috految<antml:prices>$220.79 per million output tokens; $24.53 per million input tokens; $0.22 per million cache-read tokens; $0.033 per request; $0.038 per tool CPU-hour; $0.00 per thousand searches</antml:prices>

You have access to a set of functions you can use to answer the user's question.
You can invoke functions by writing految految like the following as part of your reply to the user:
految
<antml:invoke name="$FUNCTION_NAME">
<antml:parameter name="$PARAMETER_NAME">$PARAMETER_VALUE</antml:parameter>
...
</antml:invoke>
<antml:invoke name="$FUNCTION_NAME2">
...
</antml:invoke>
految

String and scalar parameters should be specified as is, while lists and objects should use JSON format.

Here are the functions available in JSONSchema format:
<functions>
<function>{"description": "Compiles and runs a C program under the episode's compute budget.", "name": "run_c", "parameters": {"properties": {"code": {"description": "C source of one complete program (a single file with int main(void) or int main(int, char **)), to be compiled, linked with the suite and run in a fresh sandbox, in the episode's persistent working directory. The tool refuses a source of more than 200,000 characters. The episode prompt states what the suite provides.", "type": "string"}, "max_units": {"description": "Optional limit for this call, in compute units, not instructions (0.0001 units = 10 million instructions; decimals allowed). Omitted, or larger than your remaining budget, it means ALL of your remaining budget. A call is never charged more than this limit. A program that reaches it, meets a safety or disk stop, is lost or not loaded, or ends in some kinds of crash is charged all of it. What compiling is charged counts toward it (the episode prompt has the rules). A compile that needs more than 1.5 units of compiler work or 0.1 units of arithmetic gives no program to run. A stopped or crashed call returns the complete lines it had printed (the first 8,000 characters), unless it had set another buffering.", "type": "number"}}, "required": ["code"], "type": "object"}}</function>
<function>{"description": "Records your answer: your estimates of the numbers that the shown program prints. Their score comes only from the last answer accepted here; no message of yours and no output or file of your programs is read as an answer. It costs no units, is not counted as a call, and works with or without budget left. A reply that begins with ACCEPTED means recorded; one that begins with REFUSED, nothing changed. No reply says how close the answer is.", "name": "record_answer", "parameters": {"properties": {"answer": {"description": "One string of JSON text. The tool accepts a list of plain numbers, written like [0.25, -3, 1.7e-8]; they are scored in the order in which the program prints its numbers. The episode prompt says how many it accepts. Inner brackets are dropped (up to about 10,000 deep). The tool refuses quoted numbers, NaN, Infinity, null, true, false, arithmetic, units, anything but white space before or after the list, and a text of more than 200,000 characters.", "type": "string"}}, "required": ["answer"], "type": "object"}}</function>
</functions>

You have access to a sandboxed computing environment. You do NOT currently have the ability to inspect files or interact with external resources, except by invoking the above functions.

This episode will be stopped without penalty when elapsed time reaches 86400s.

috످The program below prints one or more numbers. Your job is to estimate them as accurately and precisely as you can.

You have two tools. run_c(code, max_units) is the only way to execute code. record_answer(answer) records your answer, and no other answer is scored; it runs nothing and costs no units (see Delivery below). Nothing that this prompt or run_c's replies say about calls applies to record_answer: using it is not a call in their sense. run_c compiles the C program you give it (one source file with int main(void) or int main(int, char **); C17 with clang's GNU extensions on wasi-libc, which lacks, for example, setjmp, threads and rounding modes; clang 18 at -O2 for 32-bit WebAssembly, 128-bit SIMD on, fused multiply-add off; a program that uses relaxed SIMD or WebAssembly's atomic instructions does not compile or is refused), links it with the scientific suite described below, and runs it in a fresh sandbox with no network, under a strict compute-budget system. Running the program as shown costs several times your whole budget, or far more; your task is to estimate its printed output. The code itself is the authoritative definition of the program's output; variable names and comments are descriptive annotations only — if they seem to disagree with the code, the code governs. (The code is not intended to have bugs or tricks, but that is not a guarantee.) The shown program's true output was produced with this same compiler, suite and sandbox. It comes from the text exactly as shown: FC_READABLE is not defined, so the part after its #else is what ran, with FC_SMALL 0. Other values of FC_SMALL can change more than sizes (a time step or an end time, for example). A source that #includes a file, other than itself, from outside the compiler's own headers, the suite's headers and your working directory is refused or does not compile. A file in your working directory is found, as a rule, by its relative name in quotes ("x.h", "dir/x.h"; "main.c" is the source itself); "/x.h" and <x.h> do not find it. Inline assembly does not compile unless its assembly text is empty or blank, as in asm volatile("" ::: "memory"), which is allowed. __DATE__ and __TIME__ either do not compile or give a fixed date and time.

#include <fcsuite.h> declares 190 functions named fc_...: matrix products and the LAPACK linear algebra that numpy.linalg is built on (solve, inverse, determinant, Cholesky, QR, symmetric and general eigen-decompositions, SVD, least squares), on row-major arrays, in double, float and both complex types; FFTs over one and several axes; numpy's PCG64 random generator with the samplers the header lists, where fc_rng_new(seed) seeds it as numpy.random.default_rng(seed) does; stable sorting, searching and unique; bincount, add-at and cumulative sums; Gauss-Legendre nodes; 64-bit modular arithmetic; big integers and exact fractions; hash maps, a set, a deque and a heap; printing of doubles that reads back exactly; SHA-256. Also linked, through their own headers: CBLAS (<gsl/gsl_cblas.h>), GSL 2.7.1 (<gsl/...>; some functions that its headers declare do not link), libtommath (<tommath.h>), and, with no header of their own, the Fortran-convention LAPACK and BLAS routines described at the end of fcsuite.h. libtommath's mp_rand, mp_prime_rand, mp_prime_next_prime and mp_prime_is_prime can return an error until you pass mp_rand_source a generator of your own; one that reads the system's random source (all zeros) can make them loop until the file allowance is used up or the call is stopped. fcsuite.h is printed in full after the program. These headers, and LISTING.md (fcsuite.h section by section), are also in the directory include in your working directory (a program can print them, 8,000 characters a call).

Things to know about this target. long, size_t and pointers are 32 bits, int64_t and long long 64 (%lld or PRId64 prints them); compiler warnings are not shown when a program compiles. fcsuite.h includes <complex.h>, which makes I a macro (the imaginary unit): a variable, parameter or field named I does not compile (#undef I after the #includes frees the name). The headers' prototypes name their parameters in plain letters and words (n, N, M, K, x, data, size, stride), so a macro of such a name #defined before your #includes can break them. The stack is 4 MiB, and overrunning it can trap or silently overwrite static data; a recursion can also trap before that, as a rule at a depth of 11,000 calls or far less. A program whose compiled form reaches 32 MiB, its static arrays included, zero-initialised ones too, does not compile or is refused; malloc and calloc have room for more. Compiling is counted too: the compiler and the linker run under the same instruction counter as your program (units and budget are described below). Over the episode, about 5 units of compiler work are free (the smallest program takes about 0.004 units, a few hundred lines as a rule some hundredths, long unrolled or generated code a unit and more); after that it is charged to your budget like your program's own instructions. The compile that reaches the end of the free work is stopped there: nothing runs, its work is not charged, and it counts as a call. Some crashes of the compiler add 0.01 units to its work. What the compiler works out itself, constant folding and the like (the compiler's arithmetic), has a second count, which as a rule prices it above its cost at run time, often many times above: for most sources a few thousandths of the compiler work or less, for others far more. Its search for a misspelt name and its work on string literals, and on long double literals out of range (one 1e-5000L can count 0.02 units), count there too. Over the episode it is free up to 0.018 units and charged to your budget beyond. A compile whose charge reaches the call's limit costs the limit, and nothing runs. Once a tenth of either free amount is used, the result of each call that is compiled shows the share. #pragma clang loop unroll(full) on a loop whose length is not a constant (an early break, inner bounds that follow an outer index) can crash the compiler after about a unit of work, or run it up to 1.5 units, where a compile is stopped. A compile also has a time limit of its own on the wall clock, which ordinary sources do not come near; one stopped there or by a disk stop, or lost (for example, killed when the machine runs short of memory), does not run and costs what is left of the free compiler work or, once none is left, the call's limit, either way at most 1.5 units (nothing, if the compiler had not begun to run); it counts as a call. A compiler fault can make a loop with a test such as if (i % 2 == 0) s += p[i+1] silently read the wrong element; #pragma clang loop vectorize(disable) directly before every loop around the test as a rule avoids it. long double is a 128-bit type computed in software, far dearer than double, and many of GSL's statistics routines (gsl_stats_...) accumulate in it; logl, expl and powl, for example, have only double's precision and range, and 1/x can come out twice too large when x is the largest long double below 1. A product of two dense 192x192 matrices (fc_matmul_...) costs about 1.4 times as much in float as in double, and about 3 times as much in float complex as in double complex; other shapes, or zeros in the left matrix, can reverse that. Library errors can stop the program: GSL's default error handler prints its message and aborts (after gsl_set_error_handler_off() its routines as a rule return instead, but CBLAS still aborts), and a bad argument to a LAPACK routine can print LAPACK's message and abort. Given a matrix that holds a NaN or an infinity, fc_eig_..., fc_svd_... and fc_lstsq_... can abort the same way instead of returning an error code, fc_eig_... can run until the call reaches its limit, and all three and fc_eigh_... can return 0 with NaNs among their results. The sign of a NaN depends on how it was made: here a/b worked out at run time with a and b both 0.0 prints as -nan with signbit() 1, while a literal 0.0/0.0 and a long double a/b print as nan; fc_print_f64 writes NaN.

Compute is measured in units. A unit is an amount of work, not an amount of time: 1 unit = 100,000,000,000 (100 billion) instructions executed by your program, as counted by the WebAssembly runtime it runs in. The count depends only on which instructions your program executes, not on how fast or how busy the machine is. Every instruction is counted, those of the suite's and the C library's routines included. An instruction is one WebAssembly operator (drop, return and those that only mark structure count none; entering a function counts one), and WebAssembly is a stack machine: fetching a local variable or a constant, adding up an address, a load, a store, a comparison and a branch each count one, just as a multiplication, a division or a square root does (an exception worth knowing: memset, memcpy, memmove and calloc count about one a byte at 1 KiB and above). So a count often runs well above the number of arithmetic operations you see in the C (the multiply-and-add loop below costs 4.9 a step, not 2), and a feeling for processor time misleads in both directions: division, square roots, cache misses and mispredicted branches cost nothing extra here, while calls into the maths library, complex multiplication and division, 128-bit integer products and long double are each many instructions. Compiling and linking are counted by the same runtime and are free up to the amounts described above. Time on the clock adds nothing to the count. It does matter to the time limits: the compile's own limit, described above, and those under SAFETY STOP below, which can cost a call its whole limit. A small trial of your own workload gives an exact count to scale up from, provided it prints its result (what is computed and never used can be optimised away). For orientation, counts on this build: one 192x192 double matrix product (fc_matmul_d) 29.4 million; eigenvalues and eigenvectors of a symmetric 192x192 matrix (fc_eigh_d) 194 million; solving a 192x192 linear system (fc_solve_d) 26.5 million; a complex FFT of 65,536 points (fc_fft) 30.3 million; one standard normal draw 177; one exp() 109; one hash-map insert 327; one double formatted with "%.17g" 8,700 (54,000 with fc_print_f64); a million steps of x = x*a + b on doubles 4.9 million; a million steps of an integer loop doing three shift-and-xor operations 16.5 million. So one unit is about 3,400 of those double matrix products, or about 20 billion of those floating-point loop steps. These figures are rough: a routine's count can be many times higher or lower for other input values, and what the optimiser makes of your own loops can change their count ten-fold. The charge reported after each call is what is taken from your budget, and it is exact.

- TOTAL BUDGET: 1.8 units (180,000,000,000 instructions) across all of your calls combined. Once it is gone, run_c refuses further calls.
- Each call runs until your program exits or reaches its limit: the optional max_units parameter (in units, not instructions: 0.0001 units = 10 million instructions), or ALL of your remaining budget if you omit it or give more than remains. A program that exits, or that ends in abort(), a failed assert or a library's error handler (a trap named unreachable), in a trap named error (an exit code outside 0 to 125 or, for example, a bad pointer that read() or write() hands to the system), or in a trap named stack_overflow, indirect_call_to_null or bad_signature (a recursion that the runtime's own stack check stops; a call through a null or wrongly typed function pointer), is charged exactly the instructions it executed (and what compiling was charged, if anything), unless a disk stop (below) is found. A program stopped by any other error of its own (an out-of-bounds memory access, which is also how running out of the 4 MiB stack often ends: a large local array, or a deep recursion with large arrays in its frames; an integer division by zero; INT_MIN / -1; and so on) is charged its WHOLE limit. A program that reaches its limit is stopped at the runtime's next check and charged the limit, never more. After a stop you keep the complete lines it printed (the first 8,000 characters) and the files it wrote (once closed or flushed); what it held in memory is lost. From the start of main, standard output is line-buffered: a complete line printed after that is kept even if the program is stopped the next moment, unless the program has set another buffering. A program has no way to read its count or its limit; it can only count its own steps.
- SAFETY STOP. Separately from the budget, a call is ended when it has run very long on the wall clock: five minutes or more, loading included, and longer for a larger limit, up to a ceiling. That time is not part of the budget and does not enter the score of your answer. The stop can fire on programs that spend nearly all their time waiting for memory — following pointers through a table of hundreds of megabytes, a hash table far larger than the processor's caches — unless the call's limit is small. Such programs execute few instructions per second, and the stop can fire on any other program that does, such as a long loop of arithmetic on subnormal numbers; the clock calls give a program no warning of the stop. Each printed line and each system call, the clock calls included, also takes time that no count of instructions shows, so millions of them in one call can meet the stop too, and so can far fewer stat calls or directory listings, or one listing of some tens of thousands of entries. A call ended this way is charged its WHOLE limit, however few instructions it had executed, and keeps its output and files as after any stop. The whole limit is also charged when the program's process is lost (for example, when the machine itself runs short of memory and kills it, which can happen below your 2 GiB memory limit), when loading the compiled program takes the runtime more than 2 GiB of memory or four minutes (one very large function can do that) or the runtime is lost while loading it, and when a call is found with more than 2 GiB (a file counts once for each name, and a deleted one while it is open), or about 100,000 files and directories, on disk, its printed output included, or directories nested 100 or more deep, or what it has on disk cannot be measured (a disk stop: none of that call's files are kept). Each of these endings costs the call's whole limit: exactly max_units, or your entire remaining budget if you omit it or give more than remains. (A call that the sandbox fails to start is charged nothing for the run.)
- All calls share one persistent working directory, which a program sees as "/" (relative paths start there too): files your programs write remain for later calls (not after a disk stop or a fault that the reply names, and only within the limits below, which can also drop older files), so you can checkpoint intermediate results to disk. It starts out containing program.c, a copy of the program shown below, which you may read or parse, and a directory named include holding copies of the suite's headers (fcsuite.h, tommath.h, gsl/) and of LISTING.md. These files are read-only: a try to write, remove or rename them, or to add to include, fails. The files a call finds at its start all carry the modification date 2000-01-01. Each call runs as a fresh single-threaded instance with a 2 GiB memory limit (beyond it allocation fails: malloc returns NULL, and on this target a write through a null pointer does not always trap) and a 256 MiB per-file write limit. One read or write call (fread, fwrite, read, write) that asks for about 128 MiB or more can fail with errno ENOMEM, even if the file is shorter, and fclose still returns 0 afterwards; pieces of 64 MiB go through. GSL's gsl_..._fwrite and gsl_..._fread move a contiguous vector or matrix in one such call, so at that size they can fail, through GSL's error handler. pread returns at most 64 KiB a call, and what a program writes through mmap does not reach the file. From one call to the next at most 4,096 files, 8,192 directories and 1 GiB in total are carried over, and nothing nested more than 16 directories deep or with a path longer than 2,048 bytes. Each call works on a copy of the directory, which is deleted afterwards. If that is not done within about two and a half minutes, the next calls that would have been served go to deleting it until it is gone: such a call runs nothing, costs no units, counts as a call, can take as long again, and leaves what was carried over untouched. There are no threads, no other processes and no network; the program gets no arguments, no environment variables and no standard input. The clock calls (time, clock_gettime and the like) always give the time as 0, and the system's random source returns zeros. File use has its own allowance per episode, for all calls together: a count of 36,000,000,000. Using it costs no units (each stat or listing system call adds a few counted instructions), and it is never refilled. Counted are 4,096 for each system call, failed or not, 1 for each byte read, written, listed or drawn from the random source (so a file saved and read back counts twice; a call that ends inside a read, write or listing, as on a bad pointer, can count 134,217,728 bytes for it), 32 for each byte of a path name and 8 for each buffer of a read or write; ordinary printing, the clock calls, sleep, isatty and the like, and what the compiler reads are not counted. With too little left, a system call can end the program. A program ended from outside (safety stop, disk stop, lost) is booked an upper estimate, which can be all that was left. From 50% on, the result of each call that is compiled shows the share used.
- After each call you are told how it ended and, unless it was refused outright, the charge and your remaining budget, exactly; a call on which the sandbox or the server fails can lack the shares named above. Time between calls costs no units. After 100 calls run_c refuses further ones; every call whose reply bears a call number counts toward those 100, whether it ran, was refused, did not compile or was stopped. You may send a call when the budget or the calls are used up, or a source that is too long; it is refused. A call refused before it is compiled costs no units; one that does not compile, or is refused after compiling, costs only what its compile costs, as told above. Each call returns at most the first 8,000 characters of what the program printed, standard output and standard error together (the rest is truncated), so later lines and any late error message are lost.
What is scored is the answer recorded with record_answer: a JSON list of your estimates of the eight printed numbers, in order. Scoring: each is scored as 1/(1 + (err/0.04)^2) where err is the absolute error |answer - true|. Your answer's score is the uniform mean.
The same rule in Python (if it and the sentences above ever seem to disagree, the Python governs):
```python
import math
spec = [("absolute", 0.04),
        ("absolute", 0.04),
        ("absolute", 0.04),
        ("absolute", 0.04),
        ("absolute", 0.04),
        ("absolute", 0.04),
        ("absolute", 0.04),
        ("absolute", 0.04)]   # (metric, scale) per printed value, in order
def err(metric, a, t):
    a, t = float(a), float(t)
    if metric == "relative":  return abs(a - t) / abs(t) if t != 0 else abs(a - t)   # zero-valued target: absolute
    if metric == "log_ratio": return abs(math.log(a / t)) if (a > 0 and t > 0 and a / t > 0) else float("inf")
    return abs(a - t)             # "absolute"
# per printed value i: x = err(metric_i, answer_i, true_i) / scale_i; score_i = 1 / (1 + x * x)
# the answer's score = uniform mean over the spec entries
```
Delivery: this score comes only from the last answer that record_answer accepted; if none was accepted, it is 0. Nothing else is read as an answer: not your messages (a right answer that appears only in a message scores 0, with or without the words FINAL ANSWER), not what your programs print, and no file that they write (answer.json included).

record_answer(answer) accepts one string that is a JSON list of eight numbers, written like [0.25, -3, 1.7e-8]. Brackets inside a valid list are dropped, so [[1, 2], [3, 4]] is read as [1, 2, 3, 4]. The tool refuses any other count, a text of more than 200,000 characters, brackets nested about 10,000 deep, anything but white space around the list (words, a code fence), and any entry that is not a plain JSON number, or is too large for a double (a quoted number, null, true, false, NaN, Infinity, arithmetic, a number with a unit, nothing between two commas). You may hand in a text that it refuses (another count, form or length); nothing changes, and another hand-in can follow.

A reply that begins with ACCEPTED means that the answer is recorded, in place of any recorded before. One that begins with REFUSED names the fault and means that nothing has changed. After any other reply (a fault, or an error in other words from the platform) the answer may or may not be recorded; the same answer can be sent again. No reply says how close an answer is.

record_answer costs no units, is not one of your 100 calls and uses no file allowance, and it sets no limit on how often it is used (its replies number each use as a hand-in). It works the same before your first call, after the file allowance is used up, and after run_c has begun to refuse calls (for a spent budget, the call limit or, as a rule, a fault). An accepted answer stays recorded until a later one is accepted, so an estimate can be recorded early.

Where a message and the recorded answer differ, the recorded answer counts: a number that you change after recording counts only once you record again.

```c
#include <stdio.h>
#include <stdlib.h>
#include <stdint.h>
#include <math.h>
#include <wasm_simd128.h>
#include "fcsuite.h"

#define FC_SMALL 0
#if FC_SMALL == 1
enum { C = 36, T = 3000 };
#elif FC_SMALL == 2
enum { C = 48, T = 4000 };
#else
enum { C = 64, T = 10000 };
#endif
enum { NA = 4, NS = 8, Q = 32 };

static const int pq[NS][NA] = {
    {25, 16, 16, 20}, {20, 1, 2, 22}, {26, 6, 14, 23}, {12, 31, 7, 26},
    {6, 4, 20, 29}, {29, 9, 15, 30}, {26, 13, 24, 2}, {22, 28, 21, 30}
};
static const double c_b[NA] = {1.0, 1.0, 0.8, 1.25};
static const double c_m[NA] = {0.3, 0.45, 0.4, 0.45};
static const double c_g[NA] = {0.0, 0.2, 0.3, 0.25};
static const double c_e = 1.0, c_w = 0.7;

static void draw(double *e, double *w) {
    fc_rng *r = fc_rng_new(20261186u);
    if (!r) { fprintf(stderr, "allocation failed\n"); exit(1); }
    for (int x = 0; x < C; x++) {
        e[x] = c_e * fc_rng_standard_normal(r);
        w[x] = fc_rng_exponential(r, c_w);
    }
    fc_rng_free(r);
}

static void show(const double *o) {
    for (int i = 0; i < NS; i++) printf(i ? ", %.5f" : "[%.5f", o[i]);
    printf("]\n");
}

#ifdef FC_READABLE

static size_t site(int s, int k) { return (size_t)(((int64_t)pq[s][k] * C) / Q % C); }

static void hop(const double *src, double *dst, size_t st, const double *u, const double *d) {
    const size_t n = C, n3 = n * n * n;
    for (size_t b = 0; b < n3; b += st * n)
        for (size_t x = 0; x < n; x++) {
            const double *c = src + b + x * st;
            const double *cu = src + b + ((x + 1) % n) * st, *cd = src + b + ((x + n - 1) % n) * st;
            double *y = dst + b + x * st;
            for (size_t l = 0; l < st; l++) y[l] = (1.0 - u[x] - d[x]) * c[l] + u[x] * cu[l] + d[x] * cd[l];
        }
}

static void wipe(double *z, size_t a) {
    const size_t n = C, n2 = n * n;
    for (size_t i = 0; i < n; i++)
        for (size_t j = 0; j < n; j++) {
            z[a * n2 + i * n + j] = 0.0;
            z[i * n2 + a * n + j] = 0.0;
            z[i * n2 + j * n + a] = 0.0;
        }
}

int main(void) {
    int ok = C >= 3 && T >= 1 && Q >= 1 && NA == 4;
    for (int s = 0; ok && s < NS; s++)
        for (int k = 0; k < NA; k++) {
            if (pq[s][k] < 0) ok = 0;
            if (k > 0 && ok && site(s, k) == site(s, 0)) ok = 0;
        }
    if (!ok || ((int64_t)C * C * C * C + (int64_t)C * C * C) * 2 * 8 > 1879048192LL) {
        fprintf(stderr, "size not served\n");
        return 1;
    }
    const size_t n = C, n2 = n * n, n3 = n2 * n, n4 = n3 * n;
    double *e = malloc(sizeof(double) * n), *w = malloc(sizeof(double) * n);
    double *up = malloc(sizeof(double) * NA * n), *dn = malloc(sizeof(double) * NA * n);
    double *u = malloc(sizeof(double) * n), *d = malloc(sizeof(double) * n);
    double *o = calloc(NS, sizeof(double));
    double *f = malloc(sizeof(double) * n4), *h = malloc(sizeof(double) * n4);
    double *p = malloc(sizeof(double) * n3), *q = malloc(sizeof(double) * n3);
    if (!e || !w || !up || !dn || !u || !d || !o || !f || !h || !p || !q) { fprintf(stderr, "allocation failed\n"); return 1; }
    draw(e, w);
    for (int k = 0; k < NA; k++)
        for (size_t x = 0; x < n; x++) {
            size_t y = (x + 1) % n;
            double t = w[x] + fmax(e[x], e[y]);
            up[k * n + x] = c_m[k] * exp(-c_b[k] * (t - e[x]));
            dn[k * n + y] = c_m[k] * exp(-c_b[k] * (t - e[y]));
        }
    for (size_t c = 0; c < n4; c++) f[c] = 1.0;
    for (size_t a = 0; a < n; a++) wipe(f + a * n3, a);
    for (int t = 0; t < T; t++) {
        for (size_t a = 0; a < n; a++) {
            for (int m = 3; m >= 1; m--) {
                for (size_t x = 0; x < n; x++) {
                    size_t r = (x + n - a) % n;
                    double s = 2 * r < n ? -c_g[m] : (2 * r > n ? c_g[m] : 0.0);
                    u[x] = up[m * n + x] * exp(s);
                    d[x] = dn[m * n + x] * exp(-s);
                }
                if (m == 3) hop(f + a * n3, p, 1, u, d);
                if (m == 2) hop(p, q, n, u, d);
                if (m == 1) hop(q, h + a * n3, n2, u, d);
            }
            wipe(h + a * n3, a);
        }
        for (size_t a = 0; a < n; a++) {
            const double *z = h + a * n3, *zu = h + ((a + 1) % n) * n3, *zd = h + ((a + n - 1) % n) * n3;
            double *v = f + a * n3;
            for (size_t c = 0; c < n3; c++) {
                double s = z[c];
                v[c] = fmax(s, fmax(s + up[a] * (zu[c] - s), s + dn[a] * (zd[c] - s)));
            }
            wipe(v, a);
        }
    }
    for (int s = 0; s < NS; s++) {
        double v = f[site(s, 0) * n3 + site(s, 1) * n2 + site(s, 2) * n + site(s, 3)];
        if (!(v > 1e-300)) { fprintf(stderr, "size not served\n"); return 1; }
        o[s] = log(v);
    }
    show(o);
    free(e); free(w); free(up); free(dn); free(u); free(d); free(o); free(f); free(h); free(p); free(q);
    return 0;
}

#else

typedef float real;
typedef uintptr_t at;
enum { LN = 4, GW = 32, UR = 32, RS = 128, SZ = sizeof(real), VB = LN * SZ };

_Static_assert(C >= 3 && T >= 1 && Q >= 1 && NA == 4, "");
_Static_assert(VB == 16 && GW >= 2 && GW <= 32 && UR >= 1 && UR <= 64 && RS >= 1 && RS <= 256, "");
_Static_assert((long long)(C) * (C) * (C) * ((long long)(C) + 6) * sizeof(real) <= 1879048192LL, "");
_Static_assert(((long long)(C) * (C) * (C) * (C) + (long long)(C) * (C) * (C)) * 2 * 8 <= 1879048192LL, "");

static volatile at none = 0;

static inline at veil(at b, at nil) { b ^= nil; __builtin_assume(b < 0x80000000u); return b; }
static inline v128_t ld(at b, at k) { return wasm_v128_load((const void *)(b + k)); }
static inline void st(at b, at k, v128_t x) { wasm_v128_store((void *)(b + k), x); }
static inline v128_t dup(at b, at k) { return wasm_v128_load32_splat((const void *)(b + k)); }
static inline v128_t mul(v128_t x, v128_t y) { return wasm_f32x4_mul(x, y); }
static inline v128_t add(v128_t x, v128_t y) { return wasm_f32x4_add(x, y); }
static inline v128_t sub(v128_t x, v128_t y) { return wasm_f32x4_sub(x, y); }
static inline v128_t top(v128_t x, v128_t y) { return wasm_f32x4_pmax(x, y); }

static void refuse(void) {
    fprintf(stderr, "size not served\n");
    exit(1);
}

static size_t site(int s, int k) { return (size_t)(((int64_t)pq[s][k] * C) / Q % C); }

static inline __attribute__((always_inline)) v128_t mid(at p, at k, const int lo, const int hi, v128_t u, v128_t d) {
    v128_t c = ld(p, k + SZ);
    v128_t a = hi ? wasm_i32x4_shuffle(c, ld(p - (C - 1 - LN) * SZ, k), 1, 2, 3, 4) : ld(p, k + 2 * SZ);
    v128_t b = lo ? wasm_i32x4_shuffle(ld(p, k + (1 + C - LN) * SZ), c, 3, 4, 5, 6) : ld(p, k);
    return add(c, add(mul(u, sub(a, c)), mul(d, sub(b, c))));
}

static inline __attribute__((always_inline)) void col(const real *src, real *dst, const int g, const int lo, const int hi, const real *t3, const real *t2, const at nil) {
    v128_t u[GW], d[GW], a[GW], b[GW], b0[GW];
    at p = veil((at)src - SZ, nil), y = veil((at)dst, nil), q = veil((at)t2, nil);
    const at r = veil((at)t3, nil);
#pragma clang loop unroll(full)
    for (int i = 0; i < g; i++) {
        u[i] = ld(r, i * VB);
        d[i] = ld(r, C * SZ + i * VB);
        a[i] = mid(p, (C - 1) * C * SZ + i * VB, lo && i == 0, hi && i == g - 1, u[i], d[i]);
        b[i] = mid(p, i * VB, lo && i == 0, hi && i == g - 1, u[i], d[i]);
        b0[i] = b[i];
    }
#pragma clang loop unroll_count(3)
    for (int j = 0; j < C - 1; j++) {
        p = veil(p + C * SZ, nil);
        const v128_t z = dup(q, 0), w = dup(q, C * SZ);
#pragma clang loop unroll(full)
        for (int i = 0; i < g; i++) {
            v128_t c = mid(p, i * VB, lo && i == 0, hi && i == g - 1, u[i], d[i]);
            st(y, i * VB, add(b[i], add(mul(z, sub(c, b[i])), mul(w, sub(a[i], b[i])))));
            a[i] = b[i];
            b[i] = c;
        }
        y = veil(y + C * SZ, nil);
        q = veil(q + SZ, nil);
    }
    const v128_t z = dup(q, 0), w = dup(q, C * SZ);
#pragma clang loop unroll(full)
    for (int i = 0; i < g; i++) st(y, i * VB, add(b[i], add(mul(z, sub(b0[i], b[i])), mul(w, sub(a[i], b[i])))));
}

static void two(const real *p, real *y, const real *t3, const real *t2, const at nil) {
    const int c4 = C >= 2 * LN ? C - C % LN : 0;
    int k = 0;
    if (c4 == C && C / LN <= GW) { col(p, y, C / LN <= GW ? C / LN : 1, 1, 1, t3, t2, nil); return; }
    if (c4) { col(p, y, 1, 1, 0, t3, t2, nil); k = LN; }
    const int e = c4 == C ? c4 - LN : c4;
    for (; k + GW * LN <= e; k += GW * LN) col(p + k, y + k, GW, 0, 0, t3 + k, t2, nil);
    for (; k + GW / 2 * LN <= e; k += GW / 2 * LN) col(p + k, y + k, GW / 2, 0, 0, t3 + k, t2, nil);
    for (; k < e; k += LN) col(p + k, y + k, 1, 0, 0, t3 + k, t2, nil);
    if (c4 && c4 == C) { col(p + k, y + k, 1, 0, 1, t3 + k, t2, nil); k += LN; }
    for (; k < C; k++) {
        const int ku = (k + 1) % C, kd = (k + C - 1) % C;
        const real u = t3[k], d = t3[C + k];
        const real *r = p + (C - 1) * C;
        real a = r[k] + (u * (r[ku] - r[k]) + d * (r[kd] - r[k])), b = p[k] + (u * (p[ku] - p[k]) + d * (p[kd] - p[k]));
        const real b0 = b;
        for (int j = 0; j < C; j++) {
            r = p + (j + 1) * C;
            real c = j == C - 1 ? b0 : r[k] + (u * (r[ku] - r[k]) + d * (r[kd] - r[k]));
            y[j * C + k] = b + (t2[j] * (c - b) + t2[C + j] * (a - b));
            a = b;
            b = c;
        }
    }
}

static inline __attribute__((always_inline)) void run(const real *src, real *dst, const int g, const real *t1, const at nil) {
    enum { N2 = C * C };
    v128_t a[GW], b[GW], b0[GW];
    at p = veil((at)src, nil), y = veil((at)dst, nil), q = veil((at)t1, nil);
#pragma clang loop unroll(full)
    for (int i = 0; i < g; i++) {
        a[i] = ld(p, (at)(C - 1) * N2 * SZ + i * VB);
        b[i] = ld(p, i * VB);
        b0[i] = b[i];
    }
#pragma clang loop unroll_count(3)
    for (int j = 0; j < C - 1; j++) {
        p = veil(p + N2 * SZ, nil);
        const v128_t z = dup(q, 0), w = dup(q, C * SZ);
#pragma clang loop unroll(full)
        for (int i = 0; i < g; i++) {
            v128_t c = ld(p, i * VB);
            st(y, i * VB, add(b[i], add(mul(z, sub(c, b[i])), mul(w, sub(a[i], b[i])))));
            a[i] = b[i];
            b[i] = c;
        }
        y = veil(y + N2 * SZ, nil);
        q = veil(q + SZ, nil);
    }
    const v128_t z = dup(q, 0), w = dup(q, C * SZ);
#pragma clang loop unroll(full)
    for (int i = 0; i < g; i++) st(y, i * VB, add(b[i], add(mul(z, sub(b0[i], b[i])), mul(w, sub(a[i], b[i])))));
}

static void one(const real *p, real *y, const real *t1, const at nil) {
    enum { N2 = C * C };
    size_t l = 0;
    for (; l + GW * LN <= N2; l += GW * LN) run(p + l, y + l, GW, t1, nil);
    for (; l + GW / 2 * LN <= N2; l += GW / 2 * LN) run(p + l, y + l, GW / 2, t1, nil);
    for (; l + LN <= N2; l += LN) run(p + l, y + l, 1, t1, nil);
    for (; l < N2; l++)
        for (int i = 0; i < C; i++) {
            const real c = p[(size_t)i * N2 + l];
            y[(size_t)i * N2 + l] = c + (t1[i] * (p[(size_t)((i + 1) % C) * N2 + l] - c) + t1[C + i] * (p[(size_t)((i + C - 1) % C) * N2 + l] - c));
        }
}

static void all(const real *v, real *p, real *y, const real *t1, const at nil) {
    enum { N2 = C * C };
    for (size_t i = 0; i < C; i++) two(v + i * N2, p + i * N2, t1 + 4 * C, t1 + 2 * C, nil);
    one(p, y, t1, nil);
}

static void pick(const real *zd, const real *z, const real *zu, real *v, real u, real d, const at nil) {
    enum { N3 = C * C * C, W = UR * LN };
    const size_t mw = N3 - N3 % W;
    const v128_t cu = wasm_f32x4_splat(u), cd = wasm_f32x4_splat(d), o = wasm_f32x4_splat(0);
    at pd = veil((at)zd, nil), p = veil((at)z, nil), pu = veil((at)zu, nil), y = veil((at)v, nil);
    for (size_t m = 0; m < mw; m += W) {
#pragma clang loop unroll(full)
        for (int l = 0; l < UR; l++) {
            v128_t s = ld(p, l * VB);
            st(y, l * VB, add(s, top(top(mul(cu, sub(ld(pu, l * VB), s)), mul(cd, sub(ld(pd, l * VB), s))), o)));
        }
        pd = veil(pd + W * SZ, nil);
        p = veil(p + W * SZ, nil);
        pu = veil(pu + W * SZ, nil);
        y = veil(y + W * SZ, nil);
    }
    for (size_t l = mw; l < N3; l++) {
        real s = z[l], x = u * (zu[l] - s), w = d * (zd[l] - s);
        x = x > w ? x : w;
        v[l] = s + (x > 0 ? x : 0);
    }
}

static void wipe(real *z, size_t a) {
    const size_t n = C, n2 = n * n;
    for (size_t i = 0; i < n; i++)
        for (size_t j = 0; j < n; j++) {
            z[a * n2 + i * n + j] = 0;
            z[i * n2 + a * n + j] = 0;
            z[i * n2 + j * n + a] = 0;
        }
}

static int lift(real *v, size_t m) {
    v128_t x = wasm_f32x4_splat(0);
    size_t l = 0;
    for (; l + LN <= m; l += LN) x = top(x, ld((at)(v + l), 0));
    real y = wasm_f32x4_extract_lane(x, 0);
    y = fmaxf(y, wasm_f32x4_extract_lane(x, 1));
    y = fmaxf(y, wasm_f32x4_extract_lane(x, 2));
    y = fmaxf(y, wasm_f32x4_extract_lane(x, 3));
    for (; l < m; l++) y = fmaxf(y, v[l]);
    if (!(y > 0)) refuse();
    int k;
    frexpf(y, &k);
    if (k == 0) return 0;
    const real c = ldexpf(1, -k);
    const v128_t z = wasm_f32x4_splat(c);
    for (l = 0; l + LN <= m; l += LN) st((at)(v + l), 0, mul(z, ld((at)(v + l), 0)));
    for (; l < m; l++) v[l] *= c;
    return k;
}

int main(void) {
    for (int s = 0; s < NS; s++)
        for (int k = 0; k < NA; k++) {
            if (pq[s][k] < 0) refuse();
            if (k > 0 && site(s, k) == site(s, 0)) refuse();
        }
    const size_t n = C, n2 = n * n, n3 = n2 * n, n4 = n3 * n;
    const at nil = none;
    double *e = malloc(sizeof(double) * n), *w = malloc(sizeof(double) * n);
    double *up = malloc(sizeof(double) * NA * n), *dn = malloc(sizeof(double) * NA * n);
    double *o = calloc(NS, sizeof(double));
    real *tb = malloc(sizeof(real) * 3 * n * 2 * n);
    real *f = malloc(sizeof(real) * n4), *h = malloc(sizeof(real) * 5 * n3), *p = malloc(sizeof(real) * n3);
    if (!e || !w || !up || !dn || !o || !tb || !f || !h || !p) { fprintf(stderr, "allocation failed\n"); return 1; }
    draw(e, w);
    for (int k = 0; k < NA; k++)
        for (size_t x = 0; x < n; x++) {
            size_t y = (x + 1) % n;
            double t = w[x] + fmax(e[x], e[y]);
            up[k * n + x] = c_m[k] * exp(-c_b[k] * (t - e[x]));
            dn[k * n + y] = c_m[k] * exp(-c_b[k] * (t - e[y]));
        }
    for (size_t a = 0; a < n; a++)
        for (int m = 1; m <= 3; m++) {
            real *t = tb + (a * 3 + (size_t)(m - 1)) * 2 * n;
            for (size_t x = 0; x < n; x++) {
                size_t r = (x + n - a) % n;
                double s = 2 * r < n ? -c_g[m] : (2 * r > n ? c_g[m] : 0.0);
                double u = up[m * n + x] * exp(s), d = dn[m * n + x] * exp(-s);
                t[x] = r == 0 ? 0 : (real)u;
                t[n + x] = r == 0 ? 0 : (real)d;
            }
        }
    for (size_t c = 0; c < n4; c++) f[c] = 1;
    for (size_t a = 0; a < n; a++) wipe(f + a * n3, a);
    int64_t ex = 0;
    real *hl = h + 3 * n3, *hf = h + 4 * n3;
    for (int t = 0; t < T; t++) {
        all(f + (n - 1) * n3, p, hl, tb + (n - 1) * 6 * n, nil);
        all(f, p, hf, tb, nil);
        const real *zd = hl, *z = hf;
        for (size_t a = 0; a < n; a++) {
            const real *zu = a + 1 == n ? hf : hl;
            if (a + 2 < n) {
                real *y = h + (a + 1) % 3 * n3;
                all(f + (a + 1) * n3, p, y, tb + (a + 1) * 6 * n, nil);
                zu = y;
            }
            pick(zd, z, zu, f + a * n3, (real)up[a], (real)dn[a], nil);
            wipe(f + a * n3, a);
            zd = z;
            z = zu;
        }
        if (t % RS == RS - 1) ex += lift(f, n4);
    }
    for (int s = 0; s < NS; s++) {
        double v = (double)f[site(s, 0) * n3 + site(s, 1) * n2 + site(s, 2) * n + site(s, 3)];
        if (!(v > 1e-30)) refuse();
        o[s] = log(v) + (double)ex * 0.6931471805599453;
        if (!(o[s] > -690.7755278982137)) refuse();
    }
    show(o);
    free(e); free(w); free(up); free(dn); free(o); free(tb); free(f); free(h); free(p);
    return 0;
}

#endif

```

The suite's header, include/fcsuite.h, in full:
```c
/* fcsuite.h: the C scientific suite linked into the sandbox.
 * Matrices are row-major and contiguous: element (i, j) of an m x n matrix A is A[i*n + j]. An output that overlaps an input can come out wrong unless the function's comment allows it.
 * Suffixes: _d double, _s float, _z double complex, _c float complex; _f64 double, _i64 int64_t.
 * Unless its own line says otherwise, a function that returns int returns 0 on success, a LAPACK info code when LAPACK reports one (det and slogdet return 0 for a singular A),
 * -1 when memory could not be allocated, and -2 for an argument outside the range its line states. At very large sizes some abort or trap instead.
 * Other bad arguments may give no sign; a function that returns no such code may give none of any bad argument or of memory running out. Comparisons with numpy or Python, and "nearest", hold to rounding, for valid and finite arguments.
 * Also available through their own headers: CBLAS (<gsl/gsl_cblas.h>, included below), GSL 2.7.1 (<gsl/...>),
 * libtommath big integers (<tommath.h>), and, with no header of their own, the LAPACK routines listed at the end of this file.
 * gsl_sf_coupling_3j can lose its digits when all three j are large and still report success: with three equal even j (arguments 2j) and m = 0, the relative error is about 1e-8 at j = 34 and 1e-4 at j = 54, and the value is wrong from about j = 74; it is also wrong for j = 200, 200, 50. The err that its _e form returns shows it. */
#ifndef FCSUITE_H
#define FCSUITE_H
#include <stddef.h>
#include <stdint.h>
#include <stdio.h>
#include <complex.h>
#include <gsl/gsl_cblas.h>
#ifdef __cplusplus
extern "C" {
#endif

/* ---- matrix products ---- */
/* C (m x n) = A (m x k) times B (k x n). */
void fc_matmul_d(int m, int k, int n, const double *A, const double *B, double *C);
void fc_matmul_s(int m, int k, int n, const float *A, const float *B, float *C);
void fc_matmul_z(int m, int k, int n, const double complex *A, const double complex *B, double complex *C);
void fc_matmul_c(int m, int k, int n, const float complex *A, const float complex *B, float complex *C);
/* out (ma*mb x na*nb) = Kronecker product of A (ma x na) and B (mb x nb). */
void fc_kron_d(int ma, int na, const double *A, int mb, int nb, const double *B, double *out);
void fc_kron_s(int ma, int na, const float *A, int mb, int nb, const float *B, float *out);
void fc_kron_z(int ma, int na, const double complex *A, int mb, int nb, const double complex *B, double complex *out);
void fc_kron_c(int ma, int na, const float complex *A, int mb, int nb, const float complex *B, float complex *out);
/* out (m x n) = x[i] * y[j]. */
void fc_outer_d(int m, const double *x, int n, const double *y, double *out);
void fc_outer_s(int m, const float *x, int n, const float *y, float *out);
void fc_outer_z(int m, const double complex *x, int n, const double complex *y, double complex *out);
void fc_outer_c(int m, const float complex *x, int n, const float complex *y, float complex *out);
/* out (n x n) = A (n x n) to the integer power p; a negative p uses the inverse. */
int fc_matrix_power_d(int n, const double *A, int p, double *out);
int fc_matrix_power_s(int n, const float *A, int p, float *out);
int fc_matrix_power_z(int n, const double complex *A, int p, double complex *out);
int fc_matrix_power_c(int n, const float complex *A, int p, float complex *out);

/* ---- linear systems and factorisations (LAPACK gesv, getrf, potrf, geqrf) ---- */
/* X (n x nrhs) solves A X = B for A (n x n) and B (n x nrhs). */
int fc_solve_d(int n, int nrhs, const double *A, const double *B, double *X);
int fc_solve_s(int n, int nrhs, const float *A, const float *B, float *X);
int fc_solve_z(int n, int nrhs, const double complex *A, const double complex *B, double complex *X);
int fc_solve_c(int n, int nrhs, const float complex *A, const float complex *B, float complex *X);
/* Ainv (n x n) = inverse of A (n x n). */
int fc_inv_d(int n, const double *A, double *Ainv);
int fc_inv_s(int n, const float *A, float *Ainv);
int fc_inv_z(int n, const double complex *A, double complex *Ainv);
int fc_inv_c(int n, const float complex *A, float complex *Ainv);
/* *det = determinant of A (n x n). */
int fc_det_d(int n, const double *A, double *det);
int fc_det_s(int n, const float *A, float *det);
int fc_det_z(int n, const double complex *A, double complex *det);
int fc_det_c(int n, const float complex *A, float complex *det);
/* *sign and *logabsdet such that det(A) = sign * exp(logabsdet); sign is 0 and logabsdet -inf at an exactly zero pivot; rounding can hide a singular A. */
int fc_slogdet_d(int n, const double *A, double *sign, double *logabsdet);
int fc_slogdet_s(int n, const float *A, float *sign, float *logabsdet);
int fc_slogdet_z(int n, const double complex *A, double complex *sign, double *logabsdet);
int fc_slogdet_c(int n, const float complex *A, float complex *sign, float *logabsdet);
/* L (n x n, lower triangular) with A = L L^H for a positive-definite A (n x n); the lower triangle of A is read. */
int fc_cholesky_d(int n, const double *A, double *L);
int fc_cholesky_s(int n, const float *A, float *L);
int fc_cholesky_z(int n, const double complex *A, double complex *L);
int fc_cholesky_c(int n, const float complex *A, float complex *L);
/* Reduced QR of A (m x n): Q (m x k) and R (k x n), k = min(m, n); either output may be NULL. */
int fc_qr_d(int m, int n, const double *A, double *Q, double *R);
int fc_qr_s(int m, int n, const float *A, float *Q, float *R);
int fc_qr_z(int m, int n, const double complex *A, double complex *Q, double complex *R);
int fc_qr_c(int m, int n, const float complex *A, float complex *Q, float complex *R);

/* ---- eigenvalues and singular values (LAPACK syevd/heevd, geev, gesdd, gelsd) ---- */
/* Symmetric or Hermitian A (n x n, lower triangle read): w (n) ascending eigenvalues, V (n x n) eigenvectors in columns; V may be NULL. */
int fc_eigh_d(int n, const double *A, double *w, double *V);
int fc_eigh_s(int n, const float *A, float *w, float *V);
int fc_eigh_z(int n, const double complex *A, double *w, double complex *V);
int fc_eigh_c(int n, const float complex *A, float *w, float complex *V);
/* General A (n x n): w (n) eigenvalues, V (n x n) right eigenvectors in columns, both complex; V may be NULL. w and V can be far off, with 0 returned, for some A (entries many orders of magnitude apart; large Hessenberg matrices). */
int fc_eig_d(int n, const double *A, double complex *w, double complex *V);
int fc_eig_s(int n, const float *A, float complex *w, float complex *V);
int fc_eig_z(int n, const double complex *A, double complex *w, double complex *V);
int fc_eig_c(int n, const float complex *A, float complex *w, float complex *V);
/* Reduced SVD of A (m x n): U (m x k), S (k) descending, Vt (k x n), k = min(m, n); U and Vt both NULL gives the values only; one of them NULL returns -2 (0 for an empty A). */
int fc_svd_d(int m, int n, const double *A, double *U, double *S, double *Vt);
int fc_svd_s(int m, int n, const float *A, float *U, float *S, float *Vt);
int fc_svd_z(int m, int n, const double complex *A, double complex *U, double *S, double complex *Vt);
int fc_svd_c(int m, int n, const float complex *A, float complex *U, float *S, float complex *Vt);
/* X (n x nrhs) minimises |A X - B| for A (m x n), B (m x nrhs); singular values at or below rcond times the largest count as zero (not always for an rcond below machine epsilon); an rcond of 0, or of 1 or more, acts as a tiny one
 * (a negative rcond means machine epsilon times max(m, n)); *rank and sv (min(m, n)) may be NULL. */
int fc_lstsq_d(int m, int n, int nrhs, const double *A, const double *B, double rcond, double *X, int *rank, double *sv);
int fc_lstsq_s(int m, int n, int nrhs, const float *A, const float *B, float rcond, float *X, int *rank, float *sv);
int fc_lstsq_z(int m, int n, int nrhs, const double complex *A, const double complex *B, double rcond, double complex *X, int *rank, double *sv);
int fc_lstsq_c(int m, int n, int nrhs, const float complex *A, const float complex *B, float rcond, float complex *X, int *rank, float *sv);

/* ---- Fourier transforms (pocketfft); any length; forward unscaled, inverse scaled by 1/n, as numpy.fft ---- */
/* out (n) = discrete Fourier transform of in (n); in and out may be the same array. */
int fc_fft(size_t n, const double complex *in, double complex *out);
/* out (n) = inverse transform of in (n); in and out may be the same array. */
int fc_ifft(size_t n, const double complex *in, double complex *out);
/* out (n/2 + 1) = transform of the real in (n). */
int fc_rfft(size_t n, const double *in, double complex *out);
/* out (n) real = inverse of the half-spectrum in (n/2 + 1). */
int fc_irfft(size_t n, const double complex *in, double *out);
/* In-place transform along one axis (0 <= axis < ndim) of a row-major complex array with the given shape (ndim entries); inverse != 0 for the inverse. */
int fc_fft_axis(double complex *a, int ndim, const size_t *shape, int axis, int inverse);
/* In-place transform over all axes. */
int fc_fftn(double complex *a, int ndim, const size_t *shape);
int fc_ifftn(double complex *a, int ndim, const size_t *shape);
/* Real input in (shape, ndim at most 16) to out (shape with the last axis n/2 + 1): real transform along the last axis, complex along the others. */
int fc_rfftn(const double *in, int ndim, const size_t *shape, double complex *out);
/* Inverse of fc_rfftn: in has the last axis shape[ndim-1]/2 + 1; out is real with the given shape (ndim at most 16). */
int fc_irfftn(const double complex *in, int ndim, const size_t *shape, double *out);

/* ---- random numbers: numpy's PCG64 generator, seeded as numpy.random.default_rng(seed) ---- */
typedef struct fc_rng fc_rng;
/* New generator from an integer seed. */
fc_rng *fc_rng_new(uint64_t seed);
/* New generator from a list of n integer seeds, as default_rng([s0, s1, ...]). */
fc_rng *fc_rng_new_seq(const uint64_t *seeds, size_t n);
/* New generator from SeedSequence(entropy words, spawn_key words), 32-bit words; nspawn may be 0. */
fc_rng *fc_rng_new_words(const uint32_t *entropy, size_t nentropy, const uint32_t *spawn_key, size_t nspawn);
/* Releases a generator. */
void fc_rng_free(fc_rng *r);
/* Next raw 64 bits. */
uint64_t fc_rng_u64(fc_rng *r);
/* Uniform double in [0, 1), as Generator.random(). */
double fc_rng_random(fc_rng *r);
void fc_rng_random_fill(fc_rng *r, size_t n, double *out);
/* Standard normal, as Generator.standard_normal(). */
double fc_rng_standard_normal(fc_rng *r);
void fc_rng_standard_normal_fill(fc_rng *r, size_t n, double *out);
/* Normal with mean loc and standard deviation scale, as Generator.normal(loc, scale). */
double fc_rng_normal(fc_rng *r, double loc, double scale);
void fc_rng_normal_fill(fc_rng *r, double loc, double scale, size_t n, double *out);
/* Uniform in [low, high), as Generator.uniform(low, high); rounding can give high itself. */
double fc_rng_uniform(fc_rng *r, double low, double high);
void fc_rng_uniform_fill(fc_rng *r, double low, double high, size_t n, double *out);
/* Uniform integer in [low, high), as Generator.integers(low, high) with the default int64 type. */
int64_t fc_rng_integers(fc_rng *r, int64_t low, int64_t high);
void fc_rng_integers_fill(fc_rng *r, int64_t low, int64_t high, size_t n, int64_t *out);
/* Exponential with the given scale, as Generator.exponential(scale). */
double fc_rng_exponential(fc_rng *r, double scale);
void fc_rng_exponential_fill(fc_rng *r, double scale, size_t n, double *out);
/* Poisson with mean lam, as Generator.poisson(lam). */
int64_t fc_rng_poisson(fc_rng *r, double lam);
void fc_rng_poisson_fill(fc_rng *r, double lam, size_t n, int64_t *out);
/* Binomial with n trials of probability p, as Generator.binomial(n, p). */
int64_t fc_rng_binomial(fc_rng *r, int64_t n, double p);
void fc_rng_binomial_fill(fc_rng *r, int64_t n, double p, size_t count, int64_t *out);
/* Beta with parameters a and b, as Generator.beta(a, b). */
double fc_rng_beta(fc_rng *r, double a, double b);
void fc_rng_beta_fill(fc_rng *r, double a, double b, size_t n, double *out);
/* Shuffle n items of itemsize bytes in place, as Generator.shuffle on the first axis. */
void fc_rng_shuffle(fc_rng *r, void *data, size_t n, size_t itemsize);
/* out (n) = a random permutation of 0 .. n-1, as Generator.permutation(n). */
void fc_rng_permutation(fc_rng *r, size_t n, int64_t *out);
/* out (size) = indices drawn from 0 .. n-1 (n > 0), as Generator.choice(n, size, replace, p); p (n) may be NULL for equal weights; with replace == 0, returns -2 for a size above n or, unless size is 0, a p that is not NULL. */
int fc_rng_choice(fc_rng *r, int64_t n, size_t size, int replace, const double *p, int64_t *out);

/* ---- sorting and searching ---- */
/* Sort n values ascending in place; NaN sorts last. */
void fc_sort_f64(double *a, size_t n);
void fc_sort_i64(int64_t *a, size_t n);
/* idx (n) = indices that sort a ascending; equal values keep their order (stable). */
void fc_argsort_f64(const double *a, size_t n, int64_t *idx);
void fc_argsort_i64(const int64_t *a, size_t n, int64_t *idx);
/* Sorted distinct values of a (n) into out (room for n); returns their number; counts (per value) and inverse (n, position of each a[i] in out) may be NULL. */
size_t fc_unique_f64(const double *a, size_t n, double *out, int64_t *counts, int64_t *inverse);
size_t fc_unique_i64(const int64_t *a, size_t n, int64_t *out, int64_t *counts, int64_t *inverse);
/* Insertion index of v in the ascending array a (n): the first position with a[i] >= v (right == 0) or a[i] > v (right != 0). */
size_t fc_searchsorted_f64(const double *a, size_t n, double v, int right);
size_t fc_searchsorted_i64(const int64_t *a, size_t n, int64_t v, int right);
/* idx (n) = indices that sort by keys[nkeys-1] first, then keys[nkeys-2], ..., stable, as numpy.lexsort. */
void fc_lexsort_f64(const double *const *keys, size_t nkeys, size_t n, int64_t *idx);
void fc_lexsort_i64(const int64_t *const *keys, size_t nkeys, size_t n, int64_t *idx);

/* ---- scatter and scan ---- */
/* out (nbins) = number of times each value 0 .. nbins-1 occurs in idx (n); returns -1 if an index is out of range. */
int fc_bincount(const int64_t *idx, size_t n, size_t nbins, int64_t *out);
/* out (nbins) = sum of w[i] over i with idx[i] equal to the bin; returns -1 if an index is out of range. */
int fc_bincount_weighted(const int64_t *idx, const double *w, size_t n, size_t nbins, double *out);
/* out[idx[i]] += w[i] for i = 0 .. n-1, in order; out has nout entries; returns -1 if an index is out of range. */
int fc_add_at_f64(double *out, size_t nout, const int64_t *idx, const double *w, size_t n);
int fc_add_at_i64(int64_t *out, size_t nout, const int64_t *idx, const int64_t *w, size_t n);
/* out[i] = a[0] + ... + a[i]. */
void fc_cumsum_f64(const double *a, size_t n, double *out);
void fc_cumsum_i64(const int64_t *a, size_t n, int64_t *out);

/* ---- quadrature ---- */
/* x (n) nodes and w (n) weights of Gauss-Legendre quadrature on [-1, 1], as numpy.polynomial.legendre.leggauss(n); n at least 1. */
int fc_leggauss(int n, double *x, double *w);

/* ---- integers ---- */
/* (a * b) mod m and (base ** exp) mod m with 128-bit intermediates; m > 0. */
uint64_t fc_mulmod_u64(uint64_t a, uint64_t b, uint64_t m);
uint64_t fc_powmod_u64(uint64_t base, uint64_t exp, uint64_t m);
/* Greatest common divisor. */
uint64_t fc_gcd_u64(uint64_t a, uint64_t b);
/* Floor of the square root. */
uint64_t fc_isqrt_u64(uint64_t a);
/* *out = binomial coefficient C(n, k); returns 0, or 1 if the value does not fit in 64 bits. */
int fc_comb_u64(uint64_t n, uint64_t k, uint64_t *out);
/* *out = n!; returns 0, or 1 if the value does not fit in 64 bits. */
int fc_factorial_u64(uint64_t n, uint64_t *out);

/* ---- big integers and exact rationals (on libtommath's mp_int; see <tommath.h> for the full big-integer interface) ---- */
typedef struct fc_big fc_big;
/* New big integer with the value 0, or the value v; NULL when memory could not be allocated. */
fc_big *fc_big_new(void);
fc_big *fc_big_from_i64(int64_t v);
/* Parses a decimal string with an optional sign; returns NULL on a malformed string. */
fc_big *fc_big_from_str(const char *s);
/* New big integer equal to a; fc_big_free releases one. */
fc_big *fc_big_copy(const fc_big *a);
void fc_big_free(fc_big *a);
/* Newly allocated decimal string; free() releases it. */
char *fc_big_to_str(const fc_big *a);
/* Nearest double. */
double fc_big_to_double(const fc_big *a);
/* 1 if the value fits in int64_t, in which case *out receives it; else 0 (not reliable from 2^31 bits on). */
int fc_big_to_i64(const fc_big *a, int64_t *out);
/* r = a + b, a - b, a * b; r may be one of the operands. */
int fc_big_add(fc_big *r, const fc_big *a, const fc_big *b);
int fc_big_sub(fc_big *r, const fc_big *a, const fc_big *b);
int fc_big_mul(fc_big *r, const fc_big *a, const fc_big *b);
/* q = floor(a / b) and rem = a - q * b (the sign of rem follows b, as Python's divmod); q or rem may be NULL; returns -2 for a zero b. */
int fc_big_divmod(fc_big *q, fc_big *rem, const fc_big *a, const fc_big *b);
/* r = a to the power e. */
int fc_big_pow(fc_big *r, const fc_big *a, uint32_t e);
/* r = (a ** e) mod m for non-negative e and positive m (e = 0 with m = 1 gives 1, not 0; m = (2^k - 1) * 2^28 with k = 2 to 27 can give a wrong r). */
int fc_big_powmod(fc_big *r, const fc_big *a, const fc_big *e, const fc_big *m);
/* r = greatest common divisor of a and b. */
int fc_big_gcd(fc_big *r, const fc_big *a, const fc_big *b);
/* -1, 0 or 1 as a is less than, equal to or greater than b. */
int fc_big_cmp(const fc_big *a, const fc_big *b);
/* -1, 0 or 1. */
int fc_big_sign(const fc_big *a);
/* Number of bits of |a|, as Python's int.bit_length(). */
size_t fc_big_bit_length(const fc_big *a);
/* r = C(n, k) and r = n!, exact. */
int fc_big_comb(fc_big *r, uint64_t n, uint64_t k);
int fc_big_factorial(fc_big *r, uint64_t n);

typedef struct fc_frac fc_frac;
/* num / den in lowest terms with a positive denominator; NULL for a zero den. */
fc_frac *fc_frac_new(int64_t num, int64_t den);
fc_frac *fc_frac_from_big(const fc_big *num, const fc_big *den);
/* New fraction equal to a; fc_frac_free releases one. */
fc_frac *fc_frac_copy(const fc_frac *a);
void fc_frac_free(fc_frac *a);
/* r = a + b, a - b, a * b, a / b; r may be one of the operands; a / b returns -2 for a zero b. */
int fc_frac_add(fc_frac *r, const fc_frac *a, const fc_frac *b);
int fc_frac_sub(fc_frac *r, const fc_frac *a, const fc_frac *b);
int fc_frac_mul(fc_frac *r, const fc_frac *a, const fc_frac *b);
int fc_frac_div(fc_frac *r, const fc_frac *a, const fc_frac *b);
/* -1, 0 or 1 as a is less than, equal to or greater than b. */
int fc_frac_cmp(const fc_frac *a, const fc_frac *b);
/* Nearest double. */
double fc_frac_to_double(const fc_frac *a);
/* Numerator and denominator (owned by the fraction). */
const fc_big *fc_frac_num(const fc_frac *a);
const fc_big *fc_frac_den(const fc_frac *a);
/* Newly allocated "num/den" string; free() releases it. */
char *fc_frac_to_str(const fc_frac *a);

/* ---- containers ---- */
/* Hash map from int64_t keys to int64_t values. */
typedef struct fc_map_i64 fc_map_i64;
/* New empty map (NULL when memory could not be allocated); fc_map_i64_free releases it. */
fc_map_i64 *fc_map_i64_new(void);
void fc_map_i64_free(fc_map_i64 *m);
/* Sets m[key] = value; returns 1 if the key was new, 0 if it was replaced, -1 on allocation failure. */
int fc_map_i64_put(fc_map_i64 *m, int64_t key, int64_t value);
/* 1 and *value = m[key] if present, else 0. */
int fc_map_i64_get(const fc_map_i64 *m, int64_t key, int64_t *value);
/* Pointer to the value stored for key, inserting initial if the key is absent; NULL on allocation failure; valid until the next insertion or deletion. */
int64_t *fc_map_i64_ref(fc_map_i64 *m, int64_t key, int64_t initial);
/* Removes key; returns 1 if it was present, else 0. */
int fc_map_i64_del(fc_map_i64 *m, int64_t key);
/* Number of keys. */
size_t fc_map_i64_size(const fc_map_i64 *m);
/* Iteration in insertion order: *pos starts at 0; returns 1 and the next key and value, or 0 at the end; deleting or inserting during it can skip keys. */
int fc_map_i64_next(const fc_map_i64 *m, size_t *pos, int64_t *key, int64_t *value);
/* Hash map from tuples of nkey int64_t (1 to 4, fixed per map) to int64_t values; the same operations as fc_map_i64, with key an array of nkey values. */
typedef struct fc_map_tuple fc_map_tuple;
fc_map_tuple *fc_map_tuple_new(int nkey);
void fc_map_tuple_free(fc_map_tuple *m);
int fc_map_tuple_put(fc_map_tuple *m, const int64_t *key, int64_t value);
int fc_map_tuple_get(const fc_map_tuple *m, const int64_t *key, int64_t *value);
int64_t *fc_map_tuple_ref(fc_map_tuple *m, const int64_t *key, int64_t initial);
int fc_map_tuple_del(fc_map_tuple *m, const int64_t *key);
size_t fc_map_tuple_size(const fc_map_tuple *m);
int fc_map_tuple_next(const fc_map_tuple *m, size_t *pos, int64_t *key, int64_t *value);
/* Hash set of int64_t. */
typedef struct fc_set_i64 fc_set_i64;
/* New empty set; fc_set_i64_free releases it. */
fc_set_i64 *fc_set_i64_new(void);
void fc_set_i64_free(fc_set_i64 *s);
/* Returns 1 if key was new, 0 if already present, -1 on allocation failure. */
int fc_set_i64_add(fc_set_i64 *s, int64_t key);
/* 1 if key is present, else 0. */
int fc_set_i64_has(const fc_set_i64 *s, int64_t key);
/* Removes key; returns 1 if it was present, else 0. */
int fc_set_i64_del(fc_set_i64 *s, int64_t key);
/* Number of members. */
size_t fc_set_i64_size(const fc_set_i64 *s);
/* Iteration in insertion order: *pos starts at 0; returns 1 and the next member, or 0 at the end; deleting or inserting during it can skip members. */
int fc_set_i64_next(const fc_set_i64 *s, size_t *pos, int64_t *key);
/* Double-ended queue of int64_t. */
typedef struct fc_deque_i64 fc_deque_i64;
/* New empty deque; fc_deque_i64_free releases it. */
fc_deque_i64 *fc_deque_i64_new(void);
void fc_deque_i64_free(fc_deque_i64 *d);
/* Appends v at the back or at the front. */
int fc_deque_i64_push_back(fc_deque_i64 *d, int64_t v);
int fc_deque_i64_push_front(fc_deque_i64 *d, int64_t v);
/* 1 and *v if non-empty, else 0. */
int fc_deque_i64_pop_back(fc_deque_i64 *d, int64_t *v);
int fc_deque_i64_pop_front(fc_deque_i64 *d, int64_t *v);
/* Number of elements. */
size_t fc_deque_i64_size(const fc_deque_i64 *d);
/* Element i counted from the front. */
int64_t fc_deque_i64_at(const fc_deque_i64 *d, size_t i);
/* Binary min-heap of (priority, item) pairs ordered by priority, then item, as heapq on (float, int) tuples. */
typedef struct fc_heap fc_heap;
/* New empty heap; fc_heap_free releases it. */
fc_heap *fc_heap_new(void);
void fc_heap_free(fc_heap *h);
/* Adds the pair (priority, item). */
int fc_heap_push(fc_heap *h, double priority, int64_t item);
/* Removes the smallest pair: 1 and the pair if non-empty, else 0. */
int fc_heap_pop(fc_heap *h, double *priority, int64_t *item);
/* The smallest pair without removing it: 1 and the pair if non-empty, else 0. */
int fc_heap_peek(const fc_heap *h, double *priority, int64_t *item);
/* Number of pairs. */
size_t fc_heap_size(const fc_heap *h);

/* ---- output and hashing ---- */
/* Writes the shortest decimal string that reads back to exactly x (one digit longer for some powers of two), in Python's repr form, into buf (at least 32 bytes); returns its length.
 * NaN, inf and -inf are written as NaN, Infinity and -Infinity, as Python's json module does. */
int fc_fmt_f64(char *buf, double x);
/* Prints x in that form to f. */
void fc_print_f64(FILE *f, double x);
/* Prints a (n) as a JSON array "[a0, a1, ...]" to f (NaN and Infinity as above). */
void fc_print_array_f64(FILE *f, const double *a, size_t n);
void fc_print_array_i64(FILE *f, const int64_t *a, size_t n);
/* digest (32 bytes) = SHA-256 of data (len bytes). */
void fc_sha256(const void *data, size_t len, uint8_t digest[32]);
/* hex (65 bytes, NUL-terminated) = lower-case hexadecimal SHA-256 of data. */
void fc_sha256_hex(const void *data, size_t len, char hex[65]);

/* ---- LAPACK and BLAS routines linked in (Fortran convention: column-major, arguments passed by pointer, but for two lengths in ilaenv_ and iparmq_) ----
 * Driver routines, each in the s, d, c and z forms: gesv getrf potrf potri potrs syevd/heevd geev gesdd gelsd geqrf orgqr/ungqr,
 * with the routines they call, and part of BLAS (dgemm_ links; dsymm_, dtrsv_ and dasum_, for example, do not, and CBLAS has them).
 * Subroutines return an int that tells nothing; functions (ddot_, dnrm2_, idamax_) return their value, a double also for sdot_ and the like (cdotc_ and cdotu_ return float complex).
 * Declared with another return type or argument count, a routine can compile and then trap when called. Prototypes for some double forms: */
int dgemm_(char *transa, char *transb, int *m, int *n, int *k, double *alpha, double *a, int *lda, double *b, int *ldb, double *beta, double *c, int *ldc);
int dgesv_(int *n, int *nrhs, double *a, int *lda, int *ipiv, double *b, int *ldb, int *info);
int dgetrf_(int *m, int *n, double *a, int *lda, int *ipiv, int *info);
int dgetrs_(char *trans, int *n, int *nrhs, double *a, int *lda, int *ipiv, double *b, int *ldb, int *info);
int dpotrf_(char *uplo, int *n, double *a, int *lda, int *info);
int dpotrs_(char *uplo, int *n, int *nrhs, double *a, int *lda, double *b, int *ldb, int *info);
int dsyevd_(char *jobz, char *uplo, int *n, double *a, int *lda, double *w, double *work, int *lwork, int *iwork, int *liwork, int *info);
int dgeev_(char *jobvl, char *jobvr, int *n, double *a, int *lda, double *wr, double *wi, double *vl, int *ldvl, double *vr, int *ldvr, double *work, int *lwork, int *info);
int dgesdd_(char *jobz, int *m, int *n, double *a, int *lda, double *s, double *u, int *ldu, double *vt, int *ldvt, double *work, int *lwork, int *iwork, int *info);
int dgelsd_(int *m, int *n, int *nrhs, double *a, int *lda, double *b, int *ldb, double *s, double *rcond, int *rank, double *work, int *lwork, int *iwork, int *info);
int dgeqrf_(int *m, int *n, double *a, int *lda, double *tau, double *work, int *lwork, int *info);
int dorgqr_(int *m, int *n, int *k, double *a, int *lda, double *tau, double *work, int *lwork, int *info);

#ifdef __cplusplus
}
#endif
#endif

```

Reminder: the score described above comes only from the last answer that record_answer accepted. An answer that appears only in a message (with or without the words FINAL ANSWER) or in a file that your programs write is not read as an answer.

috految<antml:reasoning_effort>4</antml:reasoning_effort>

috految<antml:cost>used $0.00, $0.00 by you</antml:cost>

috److془We need to plan carefully. Full step: 16.7M*~19=310M. Budget 570 steps. Need 10000.

Options: coarse grid for predators, + MC on exact for policy evaluation. Or Coarse with combination technique. Or full-grid with acceleration.

Rates: hop ~0.45*0.55*0.6~0.16; D~0.05; drift ~0.025. Prey speed ~0.05. Decay rate ~ 1e-3 or less. Log ~ -10. Need 0.3%.

Coarse: predator nodes 24^3 x 64 = 0.88M *20=18M per step; with dt 3: 60G. Or full-grid with operator splitting dt=25 implicit.. Then MC with policy: second order error. Prey's control at antipode with fast details matters at ~ few % level. Hmm. Full grid with exact fixed point better: Or Gauss-Seidel: dt equivalent ~ 2/(sum rates ~0.6)=3. Hmm. Momentum limited by convection.

Alternative: full steps with adaptively: coarse 20 then 200 exact steps gives excellent stationary policy. Or Douglas ADI with dt~40... Or: Lie splitting with dt=4ish on coarse grid. Then exact 25 steps at snapshots, MC. Alternatively Du Fort.. Go with the coarse+MC. MC cost: 10000*~120 =1.2M per path; 40G gives 4000 paths each. Guided variance ~1-4 : error 0.03. better with good guide. Guided step ~ 250 cost, variance ~0.3. Good. Policy loss is second order, ~0.02 maybe.

Simple: Coarse with 4D acceleration: the full grid Lie splitting dt=50 errors too big. Use coarse. Coarse model: keep nodes, eliminate others by Schur with mass lumping, for each a. Nodes chosen greedily by shortest residence time. Issue: a moves past eliminated sites: fine, hit on nodes kills; no passing. Interval with a: absorbing. Prey moves onto node = zero. Lumping: rate = conductance/ sum pi*phi. Uniform drift is exact. Good. Even with 28 nodes, rates ~0.07; dt 5 possible; Prey rates up to .3 and sattle: dt=4 cap at 1. Euler reduces variance slightly, coarse increases. N=24 dt 4: 2500*18M=45G. N=28: 31M, 75G. Use 28 with dt 5 (60G)? prey cap .2 loses ~1% speed. Fine. Snapshots: 5 with 36 steps: 60G. Time dependence of policy though: rotation period ~2000, horizon effects matter. Snapshots 12 with 14 steps? Better: ratio correction R=fine/coarse transferred from the previous snapshot; accumulates. Nice. 20 snapshots × 9 steps. Or simply: fine*=Interp new/Interp old. Some stale errors ; fine. Snapshots 24 with ×8 steps; memory 1.6GB. Is the policy robust? Ratio roughness could create traps for prey, relaxed 8 steps; R for late times good. Use 20 snapshots, 10 steps. Interp ~ 0.2G each. Fine. Risk: compounding R vs. drift: fine, use coarse at t with time lead ~190 total: handle by reducing coarse advances. Interp old taken after 2 coarse steps. Exactly consistent. Slow policy nearly flat gradient with stale errors, fine. Subnormals fine. Shock: last snapshot times 10000*(j/20)^2. Early R stale: reset for j<=3. Interpolation harmonic; positive unless x==a. 
Guided MC: store h after predator moves (policy exact). Sequential sample with guide h; noise from few intra-step differences: small. Weighted resampling unnecessary-ish. Snapshot mismatch gives variance small. Use h in predator moves; Prey: h contains predator step, zero at x==a. Good. Final weight=product likelihood ratios. Use resampling no. Bias at the end: guide near zero small; fine. Kill with the coarse: the layout needs kill rate: in interval containing a, Rate to other side is zero, additional diagonal. Direct own kernel with unrolling, ~17/vector for each direction; ~20/node. Good.془

految
<antml:invoke name="run_c">
<antml:parameter name="code">#define main main0
#include "program.c"
#undef main
#define F(i,n) for(int i=0;i<(n);i++)
#define U(i,n) _Pragma("unroll") F(i,n)
#define NI __attribute__((noinline))
typedef float V __attribute__((vector_size(16),aligned(4)));
enum{N=28,M=N*N*N,B=262144};
float tb[64][3][2][64],up[4][64],dn[4][64],K[64][3][3][N],W[64][3][64][2],*H[21],*c,*h,*p,*q;int X[3][64],J[3][64];
#define AX(nm,S) NI void nm(V*x,V*y,float k[3][N]){V u[N],d[N],s[N];U(i,N)u[i]=(V){}+k[0][i],d[i]=(V){}+k[1][i],s[i]=(V){}+k[2][i];F(b,M/4/N/S)F(l,S){V*a=x+b*S*N+l,*o=y+b*S*N+l;asm("":"+r"(a),"+r"(o));V v[N];U(i,N)v[i]=a[i*S];U(i,N)o[i*S]=v[i]*s[i]+v[(i+1)%N]*u[i]+v[(i+N-1)%N]*d[i];}}
AX(ax,196) AX(ay,7)
NI void az(V*x,V*y,V*k){V z[21];U(i,21)z[i]=k[i];F(b,N*N){asm("":"+r"(x),"+r"(y));V v[7];U(i,7)v[i]=x[i];U(i,7)y[i]=v[i]*z[14+i]+z[i]*__builtin_shufflevector(v[i],v[(i+1)%7],1,2,3,4)+z[7+i]*__builtin_shufflevector(v[(i+6)%7],v[i],3,4,5,6);x+=7;y+=7;}}
NI void pk(V*z,V*a,V*b,V*y,float u,float d){U(i,196){V s=z[i];y[i]=s+(V)top(top((v128_t)(u*(a[i]-s)),(v128_t)(d*(b[i]-s))),(v128_t){});}}
void step(){F(a,64){az((V*)(c+a*M),(V*)p,(V*)K[a][2]);ay((V*)p,(V*)q,K[a][1]);ax((V*)q,(V*)(h+a*M),K[a][0]);}
F(a,64)F(i,N){int o=i*784;pk((V*)(h+a*M+o),(V*)(h+(a+1&63)*M+o),(V*)(h+(a+63&63)*M+o),(V*)(c+a*M+o),fmin(1,5*up[0][a]),fmin(1,5*dn[0][a]));}}
void in(float*o){F(a,64){F(x,64){int j=J[2][x],k=(j+1)%N;float*w=W[a][2][x];F(i,784)p[i*64+x]=c[a*M+i*N+j]*w[0]+c[a*M+i*N+k]*w[1];}
F(x,64)F(i,N){int j=J[1][x];float*w=W[a][1][x];U(l,16)((V*)q)[(i*64+x)*16+l]=((V*)p)[(i*N+j)*16+l]*w[0]+((V*)p)[(i*N+(j+1)%N)*16+l]*w[1];}
F(x,64){int j=J[0][x];float*w=W[a][0][x];F(l,1024)((V*)o)[a*65536+x*1024+l]=((V*)q)[j*1024+l]*w[0]+((V*)q)[(j+1)%N*1024+l]*w[1];}}}
int main(){double e[64],w[64];draw(e,w);F(k,4)F(x,64){int y=x+1&63;double t=w[x]+fmax(e[x],e[y]);up[k][x]=c_m[k]*exp(-c_b[k]*(t-e[x]));dn[k][y]=c_m[k]*exp(-c_b[k]*(t-e[y]));}
F(m,3){double u[64],d[64],t[64];int*Z=X[m],n=64;F(x,64)Z[x]=x,u[x]=up[m+1][x],d[x]=dn[m+1][x],t[x]=1;
for(;n>N;n--){int b=0;double v=1e99;F(i,n){int x=Z[i];double s=t[x]/(u[x]+d[x])*sqrt(Z[(i+1)%n]-Z[(i+n-1)%n]&63);if(s<v)v=s,b=i;}int x=Z[b],l=Z[(b+n-1)%n],r=Z[(b+1)%n];double s=u[x]+d[x];t[l]+=u[l]*t[x]/s;t[r]+=d[r]*t[x]/s;u[l]*=u[x]/s;d[r]*=d[x]/s;for(;b<n-1;b++)Z[b]=Z[b+1];}
F(a,64){F(x,64){int r=x-a&63;double s=r<32?-c_g[m+1]:r>32?c_g[m+1]:0;u[x]=tb[a][m][0][x]=r?up[m+1][x]*exp(s):0;d[x]=tb[a][m][1][x]=r?dn[m+1][x]*exp(-s):0;}
double L[64]={},R[64]={},T[64]={};
F(j,N){int l=Z[j],r=Z[(j+1)%N];J[m][l]=j;W[a][m][l][0]=l!=a;F(it,200)for(int x=l+1&63;x!=r;x=x+1&63){J[m][x]=j;if(x==a)continue;int y=x+1&63,z=x+63&63;double s=u[x]+d[x];W[a][m][x][0]=L[x]=(u[x]*L[y]+d[x]*(z==l?l!=a:L[z]))/s;W[a][m][x][1]=R[x]=(u[x]*(y==r?r!=a:R[y])+d[x]*R[z])/s;T[x]=(1+u[x]*T[y]+d[x]*T[z])/s;}}
F(j,N){int x=Z[j],y=x+1&63,z=x+63&63;if(x==a)continue;double o=u[x]*(1-L[y])+d[x]*(1-R[z]),s=fmin(5/(1+u[x]*T[y]+d[x]*T[z]),.98/o);K[a][m][0][j]=s*u[x]*(y==Z[(j+1)%N]?y!=a:R[y]);K[a][m][1][j]=s*d[x]*(z==Z[(j+N-1)%N]?z!=a:L[z]);K[a][m][2][j]=1-s*o;}}}
c=malloc(M*256);h=malloc(M*256);p=malloc(B*4);q=malloc(B*4);float*f=malloc(B*256),*g=malloc(B*256);F(i,M*64)c[i]=1;int t=0,S[8];F(s,8){S[s]=0;F(k,4)S[s]=S[s]*64+pq[s][k]*2;}
for(int j=1;j<=20;j++){for(;t<25*j*j-10;t+=5)step();float*z=H[j]=malloc(B*256);in(z);if(j<4)F(i,B*64)f[i]=z[i];else F(i,B*64)f[i]=f[i]/(g[i]+1e-35f)*z[i];
F(k,j<4?5:10){F(a,64)all(f+a*B,p,z+a*B,&tb[a][0][0][0],none);F(a,64){pick(z+(a+63&63)*B,z+a*B,z+(a+1&63)*B,f+a*B,up[0][a],dn[0][a],none);wipe(f+a*B,a);}}
step();step();t+=10;in(g);if(j%4==0){F(s,8)printf("%.3f/%.3f ",log(g[S[s]]),log(f[S[s]]));puts("");}}
double A[8]={},D[8]={};uint64_t r=1;
#define RN (r=r*6364136223846793005ULL+1,(float)r*0x1p-64f)
for(int n=1;;n++){F(s,8){int i=S[s],t=10000;double w=1;for(int j=20;j;j--){float*z=H[j];for(;t>25*j*(j-1);t--){int a=i>>18,k=i+B&16777215,l=i-B&16777215;float v=z[i],u=up[0][a],d=dn[0][a];if(d*(z[l]-v)>u*(z[k]-v))k=l,u=d;if(z[k]>v){float b=u*z[k],T=b+(1-u)*v;if(RN*T<b)i=k;w*=T/z[i];}a=i>>18;
U(m,3){int sh=12-6*m,x=i>>sh&63,k=i+(x==63?-63:1)*(1<<sh),l=i+(x?-1:63)*(1<<sh);float u=tb[a][m][0][x],d=tb[a][m][1][x],b=u*z[k],c=b+d*z[l],T=c+(1-u-d)*z[i],y=RN*T;if(y<c)i=y<b?k:l;w*=T/z[i];}}}if(w>0)A[s]+=w,D[s]+=w*w;}
if(n==30||n%200==0){F(s,8)printf("%.3f(%.3f) ",log(A[s]/n),sqrt(D[s]/A[s]/A[s]-1./n));puts("");}}}</antml:parameter>
</antml:invoke>
految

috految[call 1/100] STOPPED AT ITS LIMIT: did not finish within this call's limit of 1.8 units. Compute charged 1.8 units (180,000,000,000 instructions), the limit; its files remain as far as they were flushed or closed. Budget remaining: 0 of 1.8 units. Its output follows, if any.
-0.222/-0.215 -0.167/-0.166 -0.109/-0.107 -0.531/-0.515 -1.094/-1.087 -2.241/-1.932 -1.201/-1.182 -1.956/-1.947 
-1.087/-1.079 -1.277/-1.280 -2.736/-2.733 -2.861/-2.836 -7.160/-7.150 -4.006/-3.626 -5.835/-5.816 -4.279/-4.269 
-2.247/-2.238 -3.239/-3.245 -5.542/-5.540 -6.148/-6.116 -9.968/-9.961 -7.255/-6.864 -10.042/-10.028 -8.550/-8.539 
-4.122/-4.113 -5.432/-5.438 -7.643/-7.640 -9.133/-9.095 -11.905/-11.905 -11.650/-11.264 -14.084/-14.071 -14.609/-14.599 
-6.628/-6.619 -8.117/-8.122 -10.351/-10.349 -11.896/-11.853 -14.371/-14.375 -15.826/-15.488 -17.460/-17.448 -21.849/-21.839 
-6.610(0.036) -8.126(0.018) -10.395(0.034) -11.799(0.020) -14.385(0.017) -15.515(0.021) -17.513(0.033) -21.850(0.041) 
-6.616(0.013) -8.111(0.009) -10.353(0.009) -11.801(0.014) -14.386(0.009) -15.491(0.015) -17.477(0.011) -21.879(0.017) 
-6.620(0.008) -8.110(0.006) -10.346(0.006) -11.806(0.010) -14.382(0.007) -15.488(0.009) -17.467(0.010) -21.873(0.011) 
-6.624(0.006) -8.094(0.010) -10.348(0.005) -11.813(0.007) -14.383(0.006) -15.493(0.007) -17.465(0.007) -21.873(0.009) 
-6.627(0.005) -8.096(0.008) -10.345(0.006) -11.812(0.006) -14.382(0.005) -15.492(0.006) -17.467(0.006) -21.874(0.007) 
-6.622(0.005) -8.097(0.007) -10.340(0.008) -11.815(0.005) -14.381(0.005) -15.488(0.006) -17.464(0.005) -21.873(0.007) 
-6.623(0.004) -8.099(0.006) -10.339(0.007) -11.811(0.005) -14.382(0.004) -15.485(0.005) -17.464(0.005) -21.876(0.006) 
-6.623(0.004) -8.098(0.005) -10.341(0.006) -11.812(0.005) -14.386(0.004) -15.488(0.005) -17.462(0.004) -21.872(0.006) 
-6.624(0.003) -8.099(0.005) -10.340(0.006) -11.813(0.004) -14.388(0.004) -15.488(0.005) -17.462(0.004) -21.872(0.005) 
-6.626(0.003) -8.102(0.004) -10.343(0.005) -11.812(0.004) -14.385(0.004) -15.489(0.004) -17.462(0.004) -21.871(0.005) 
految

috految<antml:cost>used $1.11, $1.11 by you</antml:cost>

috److految
<antml:invoke name="record_answer">
<antml:parameter name="answer">[-6.616,-8.093,-10.333,-11.803,-14.374,-15.477,-17.45,-21.859]</antml:parameter>
</antml:invoke>
految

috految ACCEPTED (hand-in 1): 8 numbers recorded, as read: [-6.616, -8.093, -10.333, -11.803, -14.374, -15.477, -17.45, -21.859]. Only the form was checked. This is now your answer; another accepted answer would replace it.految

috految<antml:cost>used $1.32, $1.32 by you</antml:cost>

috److I recorded these estimates for the eight printed numbers:

| # | Recorded answer | Monte Carlo estimate | Grid estimate |
|---|---|---|---|
| 1 | -6.616 | -6.626 | -6.619 |
| 2 | -8.093 | -8.102 | -8.122 |
| 3 | -10.333 | -10.343 | -10.349 |
| 4 | -11.803 | -11.812 | -11.853 |
| 5 | -14.374 | -14.385 | -14.375 |
| 6 | -15.477 | -15.489 | -15.488 |
| 7 | -17.450 | -17.462 | -17.448 |
| 8 | -21.859 | -21.871 | -21.839 |

The full program was far beyond the budget, so I approximated it in three steps:

1. **Grid estimate:** I solved the problem on a coarser grid with larger time steps, and corrected it with a few full-resolution steps at each of 20 checkpoints.
2. **Monte Carlo estimate:** I used those solutions as the movement policy and simulated about 1,800 guided paths on the exact dynamics for each starting state. The standard errors were 0.003 to 0.005.
3. **Final adjustment:** I raised each Monte Carlo value by about 0.01, because an approximate policy slightly underestimates the true optimum. That offset is a judgement, not a measured correction.

The grid and Monte Carlo estimates agree to within about 0.04 on all eight values. The single run used the whole 1.8-unit budget, so I could not check the result further.

috످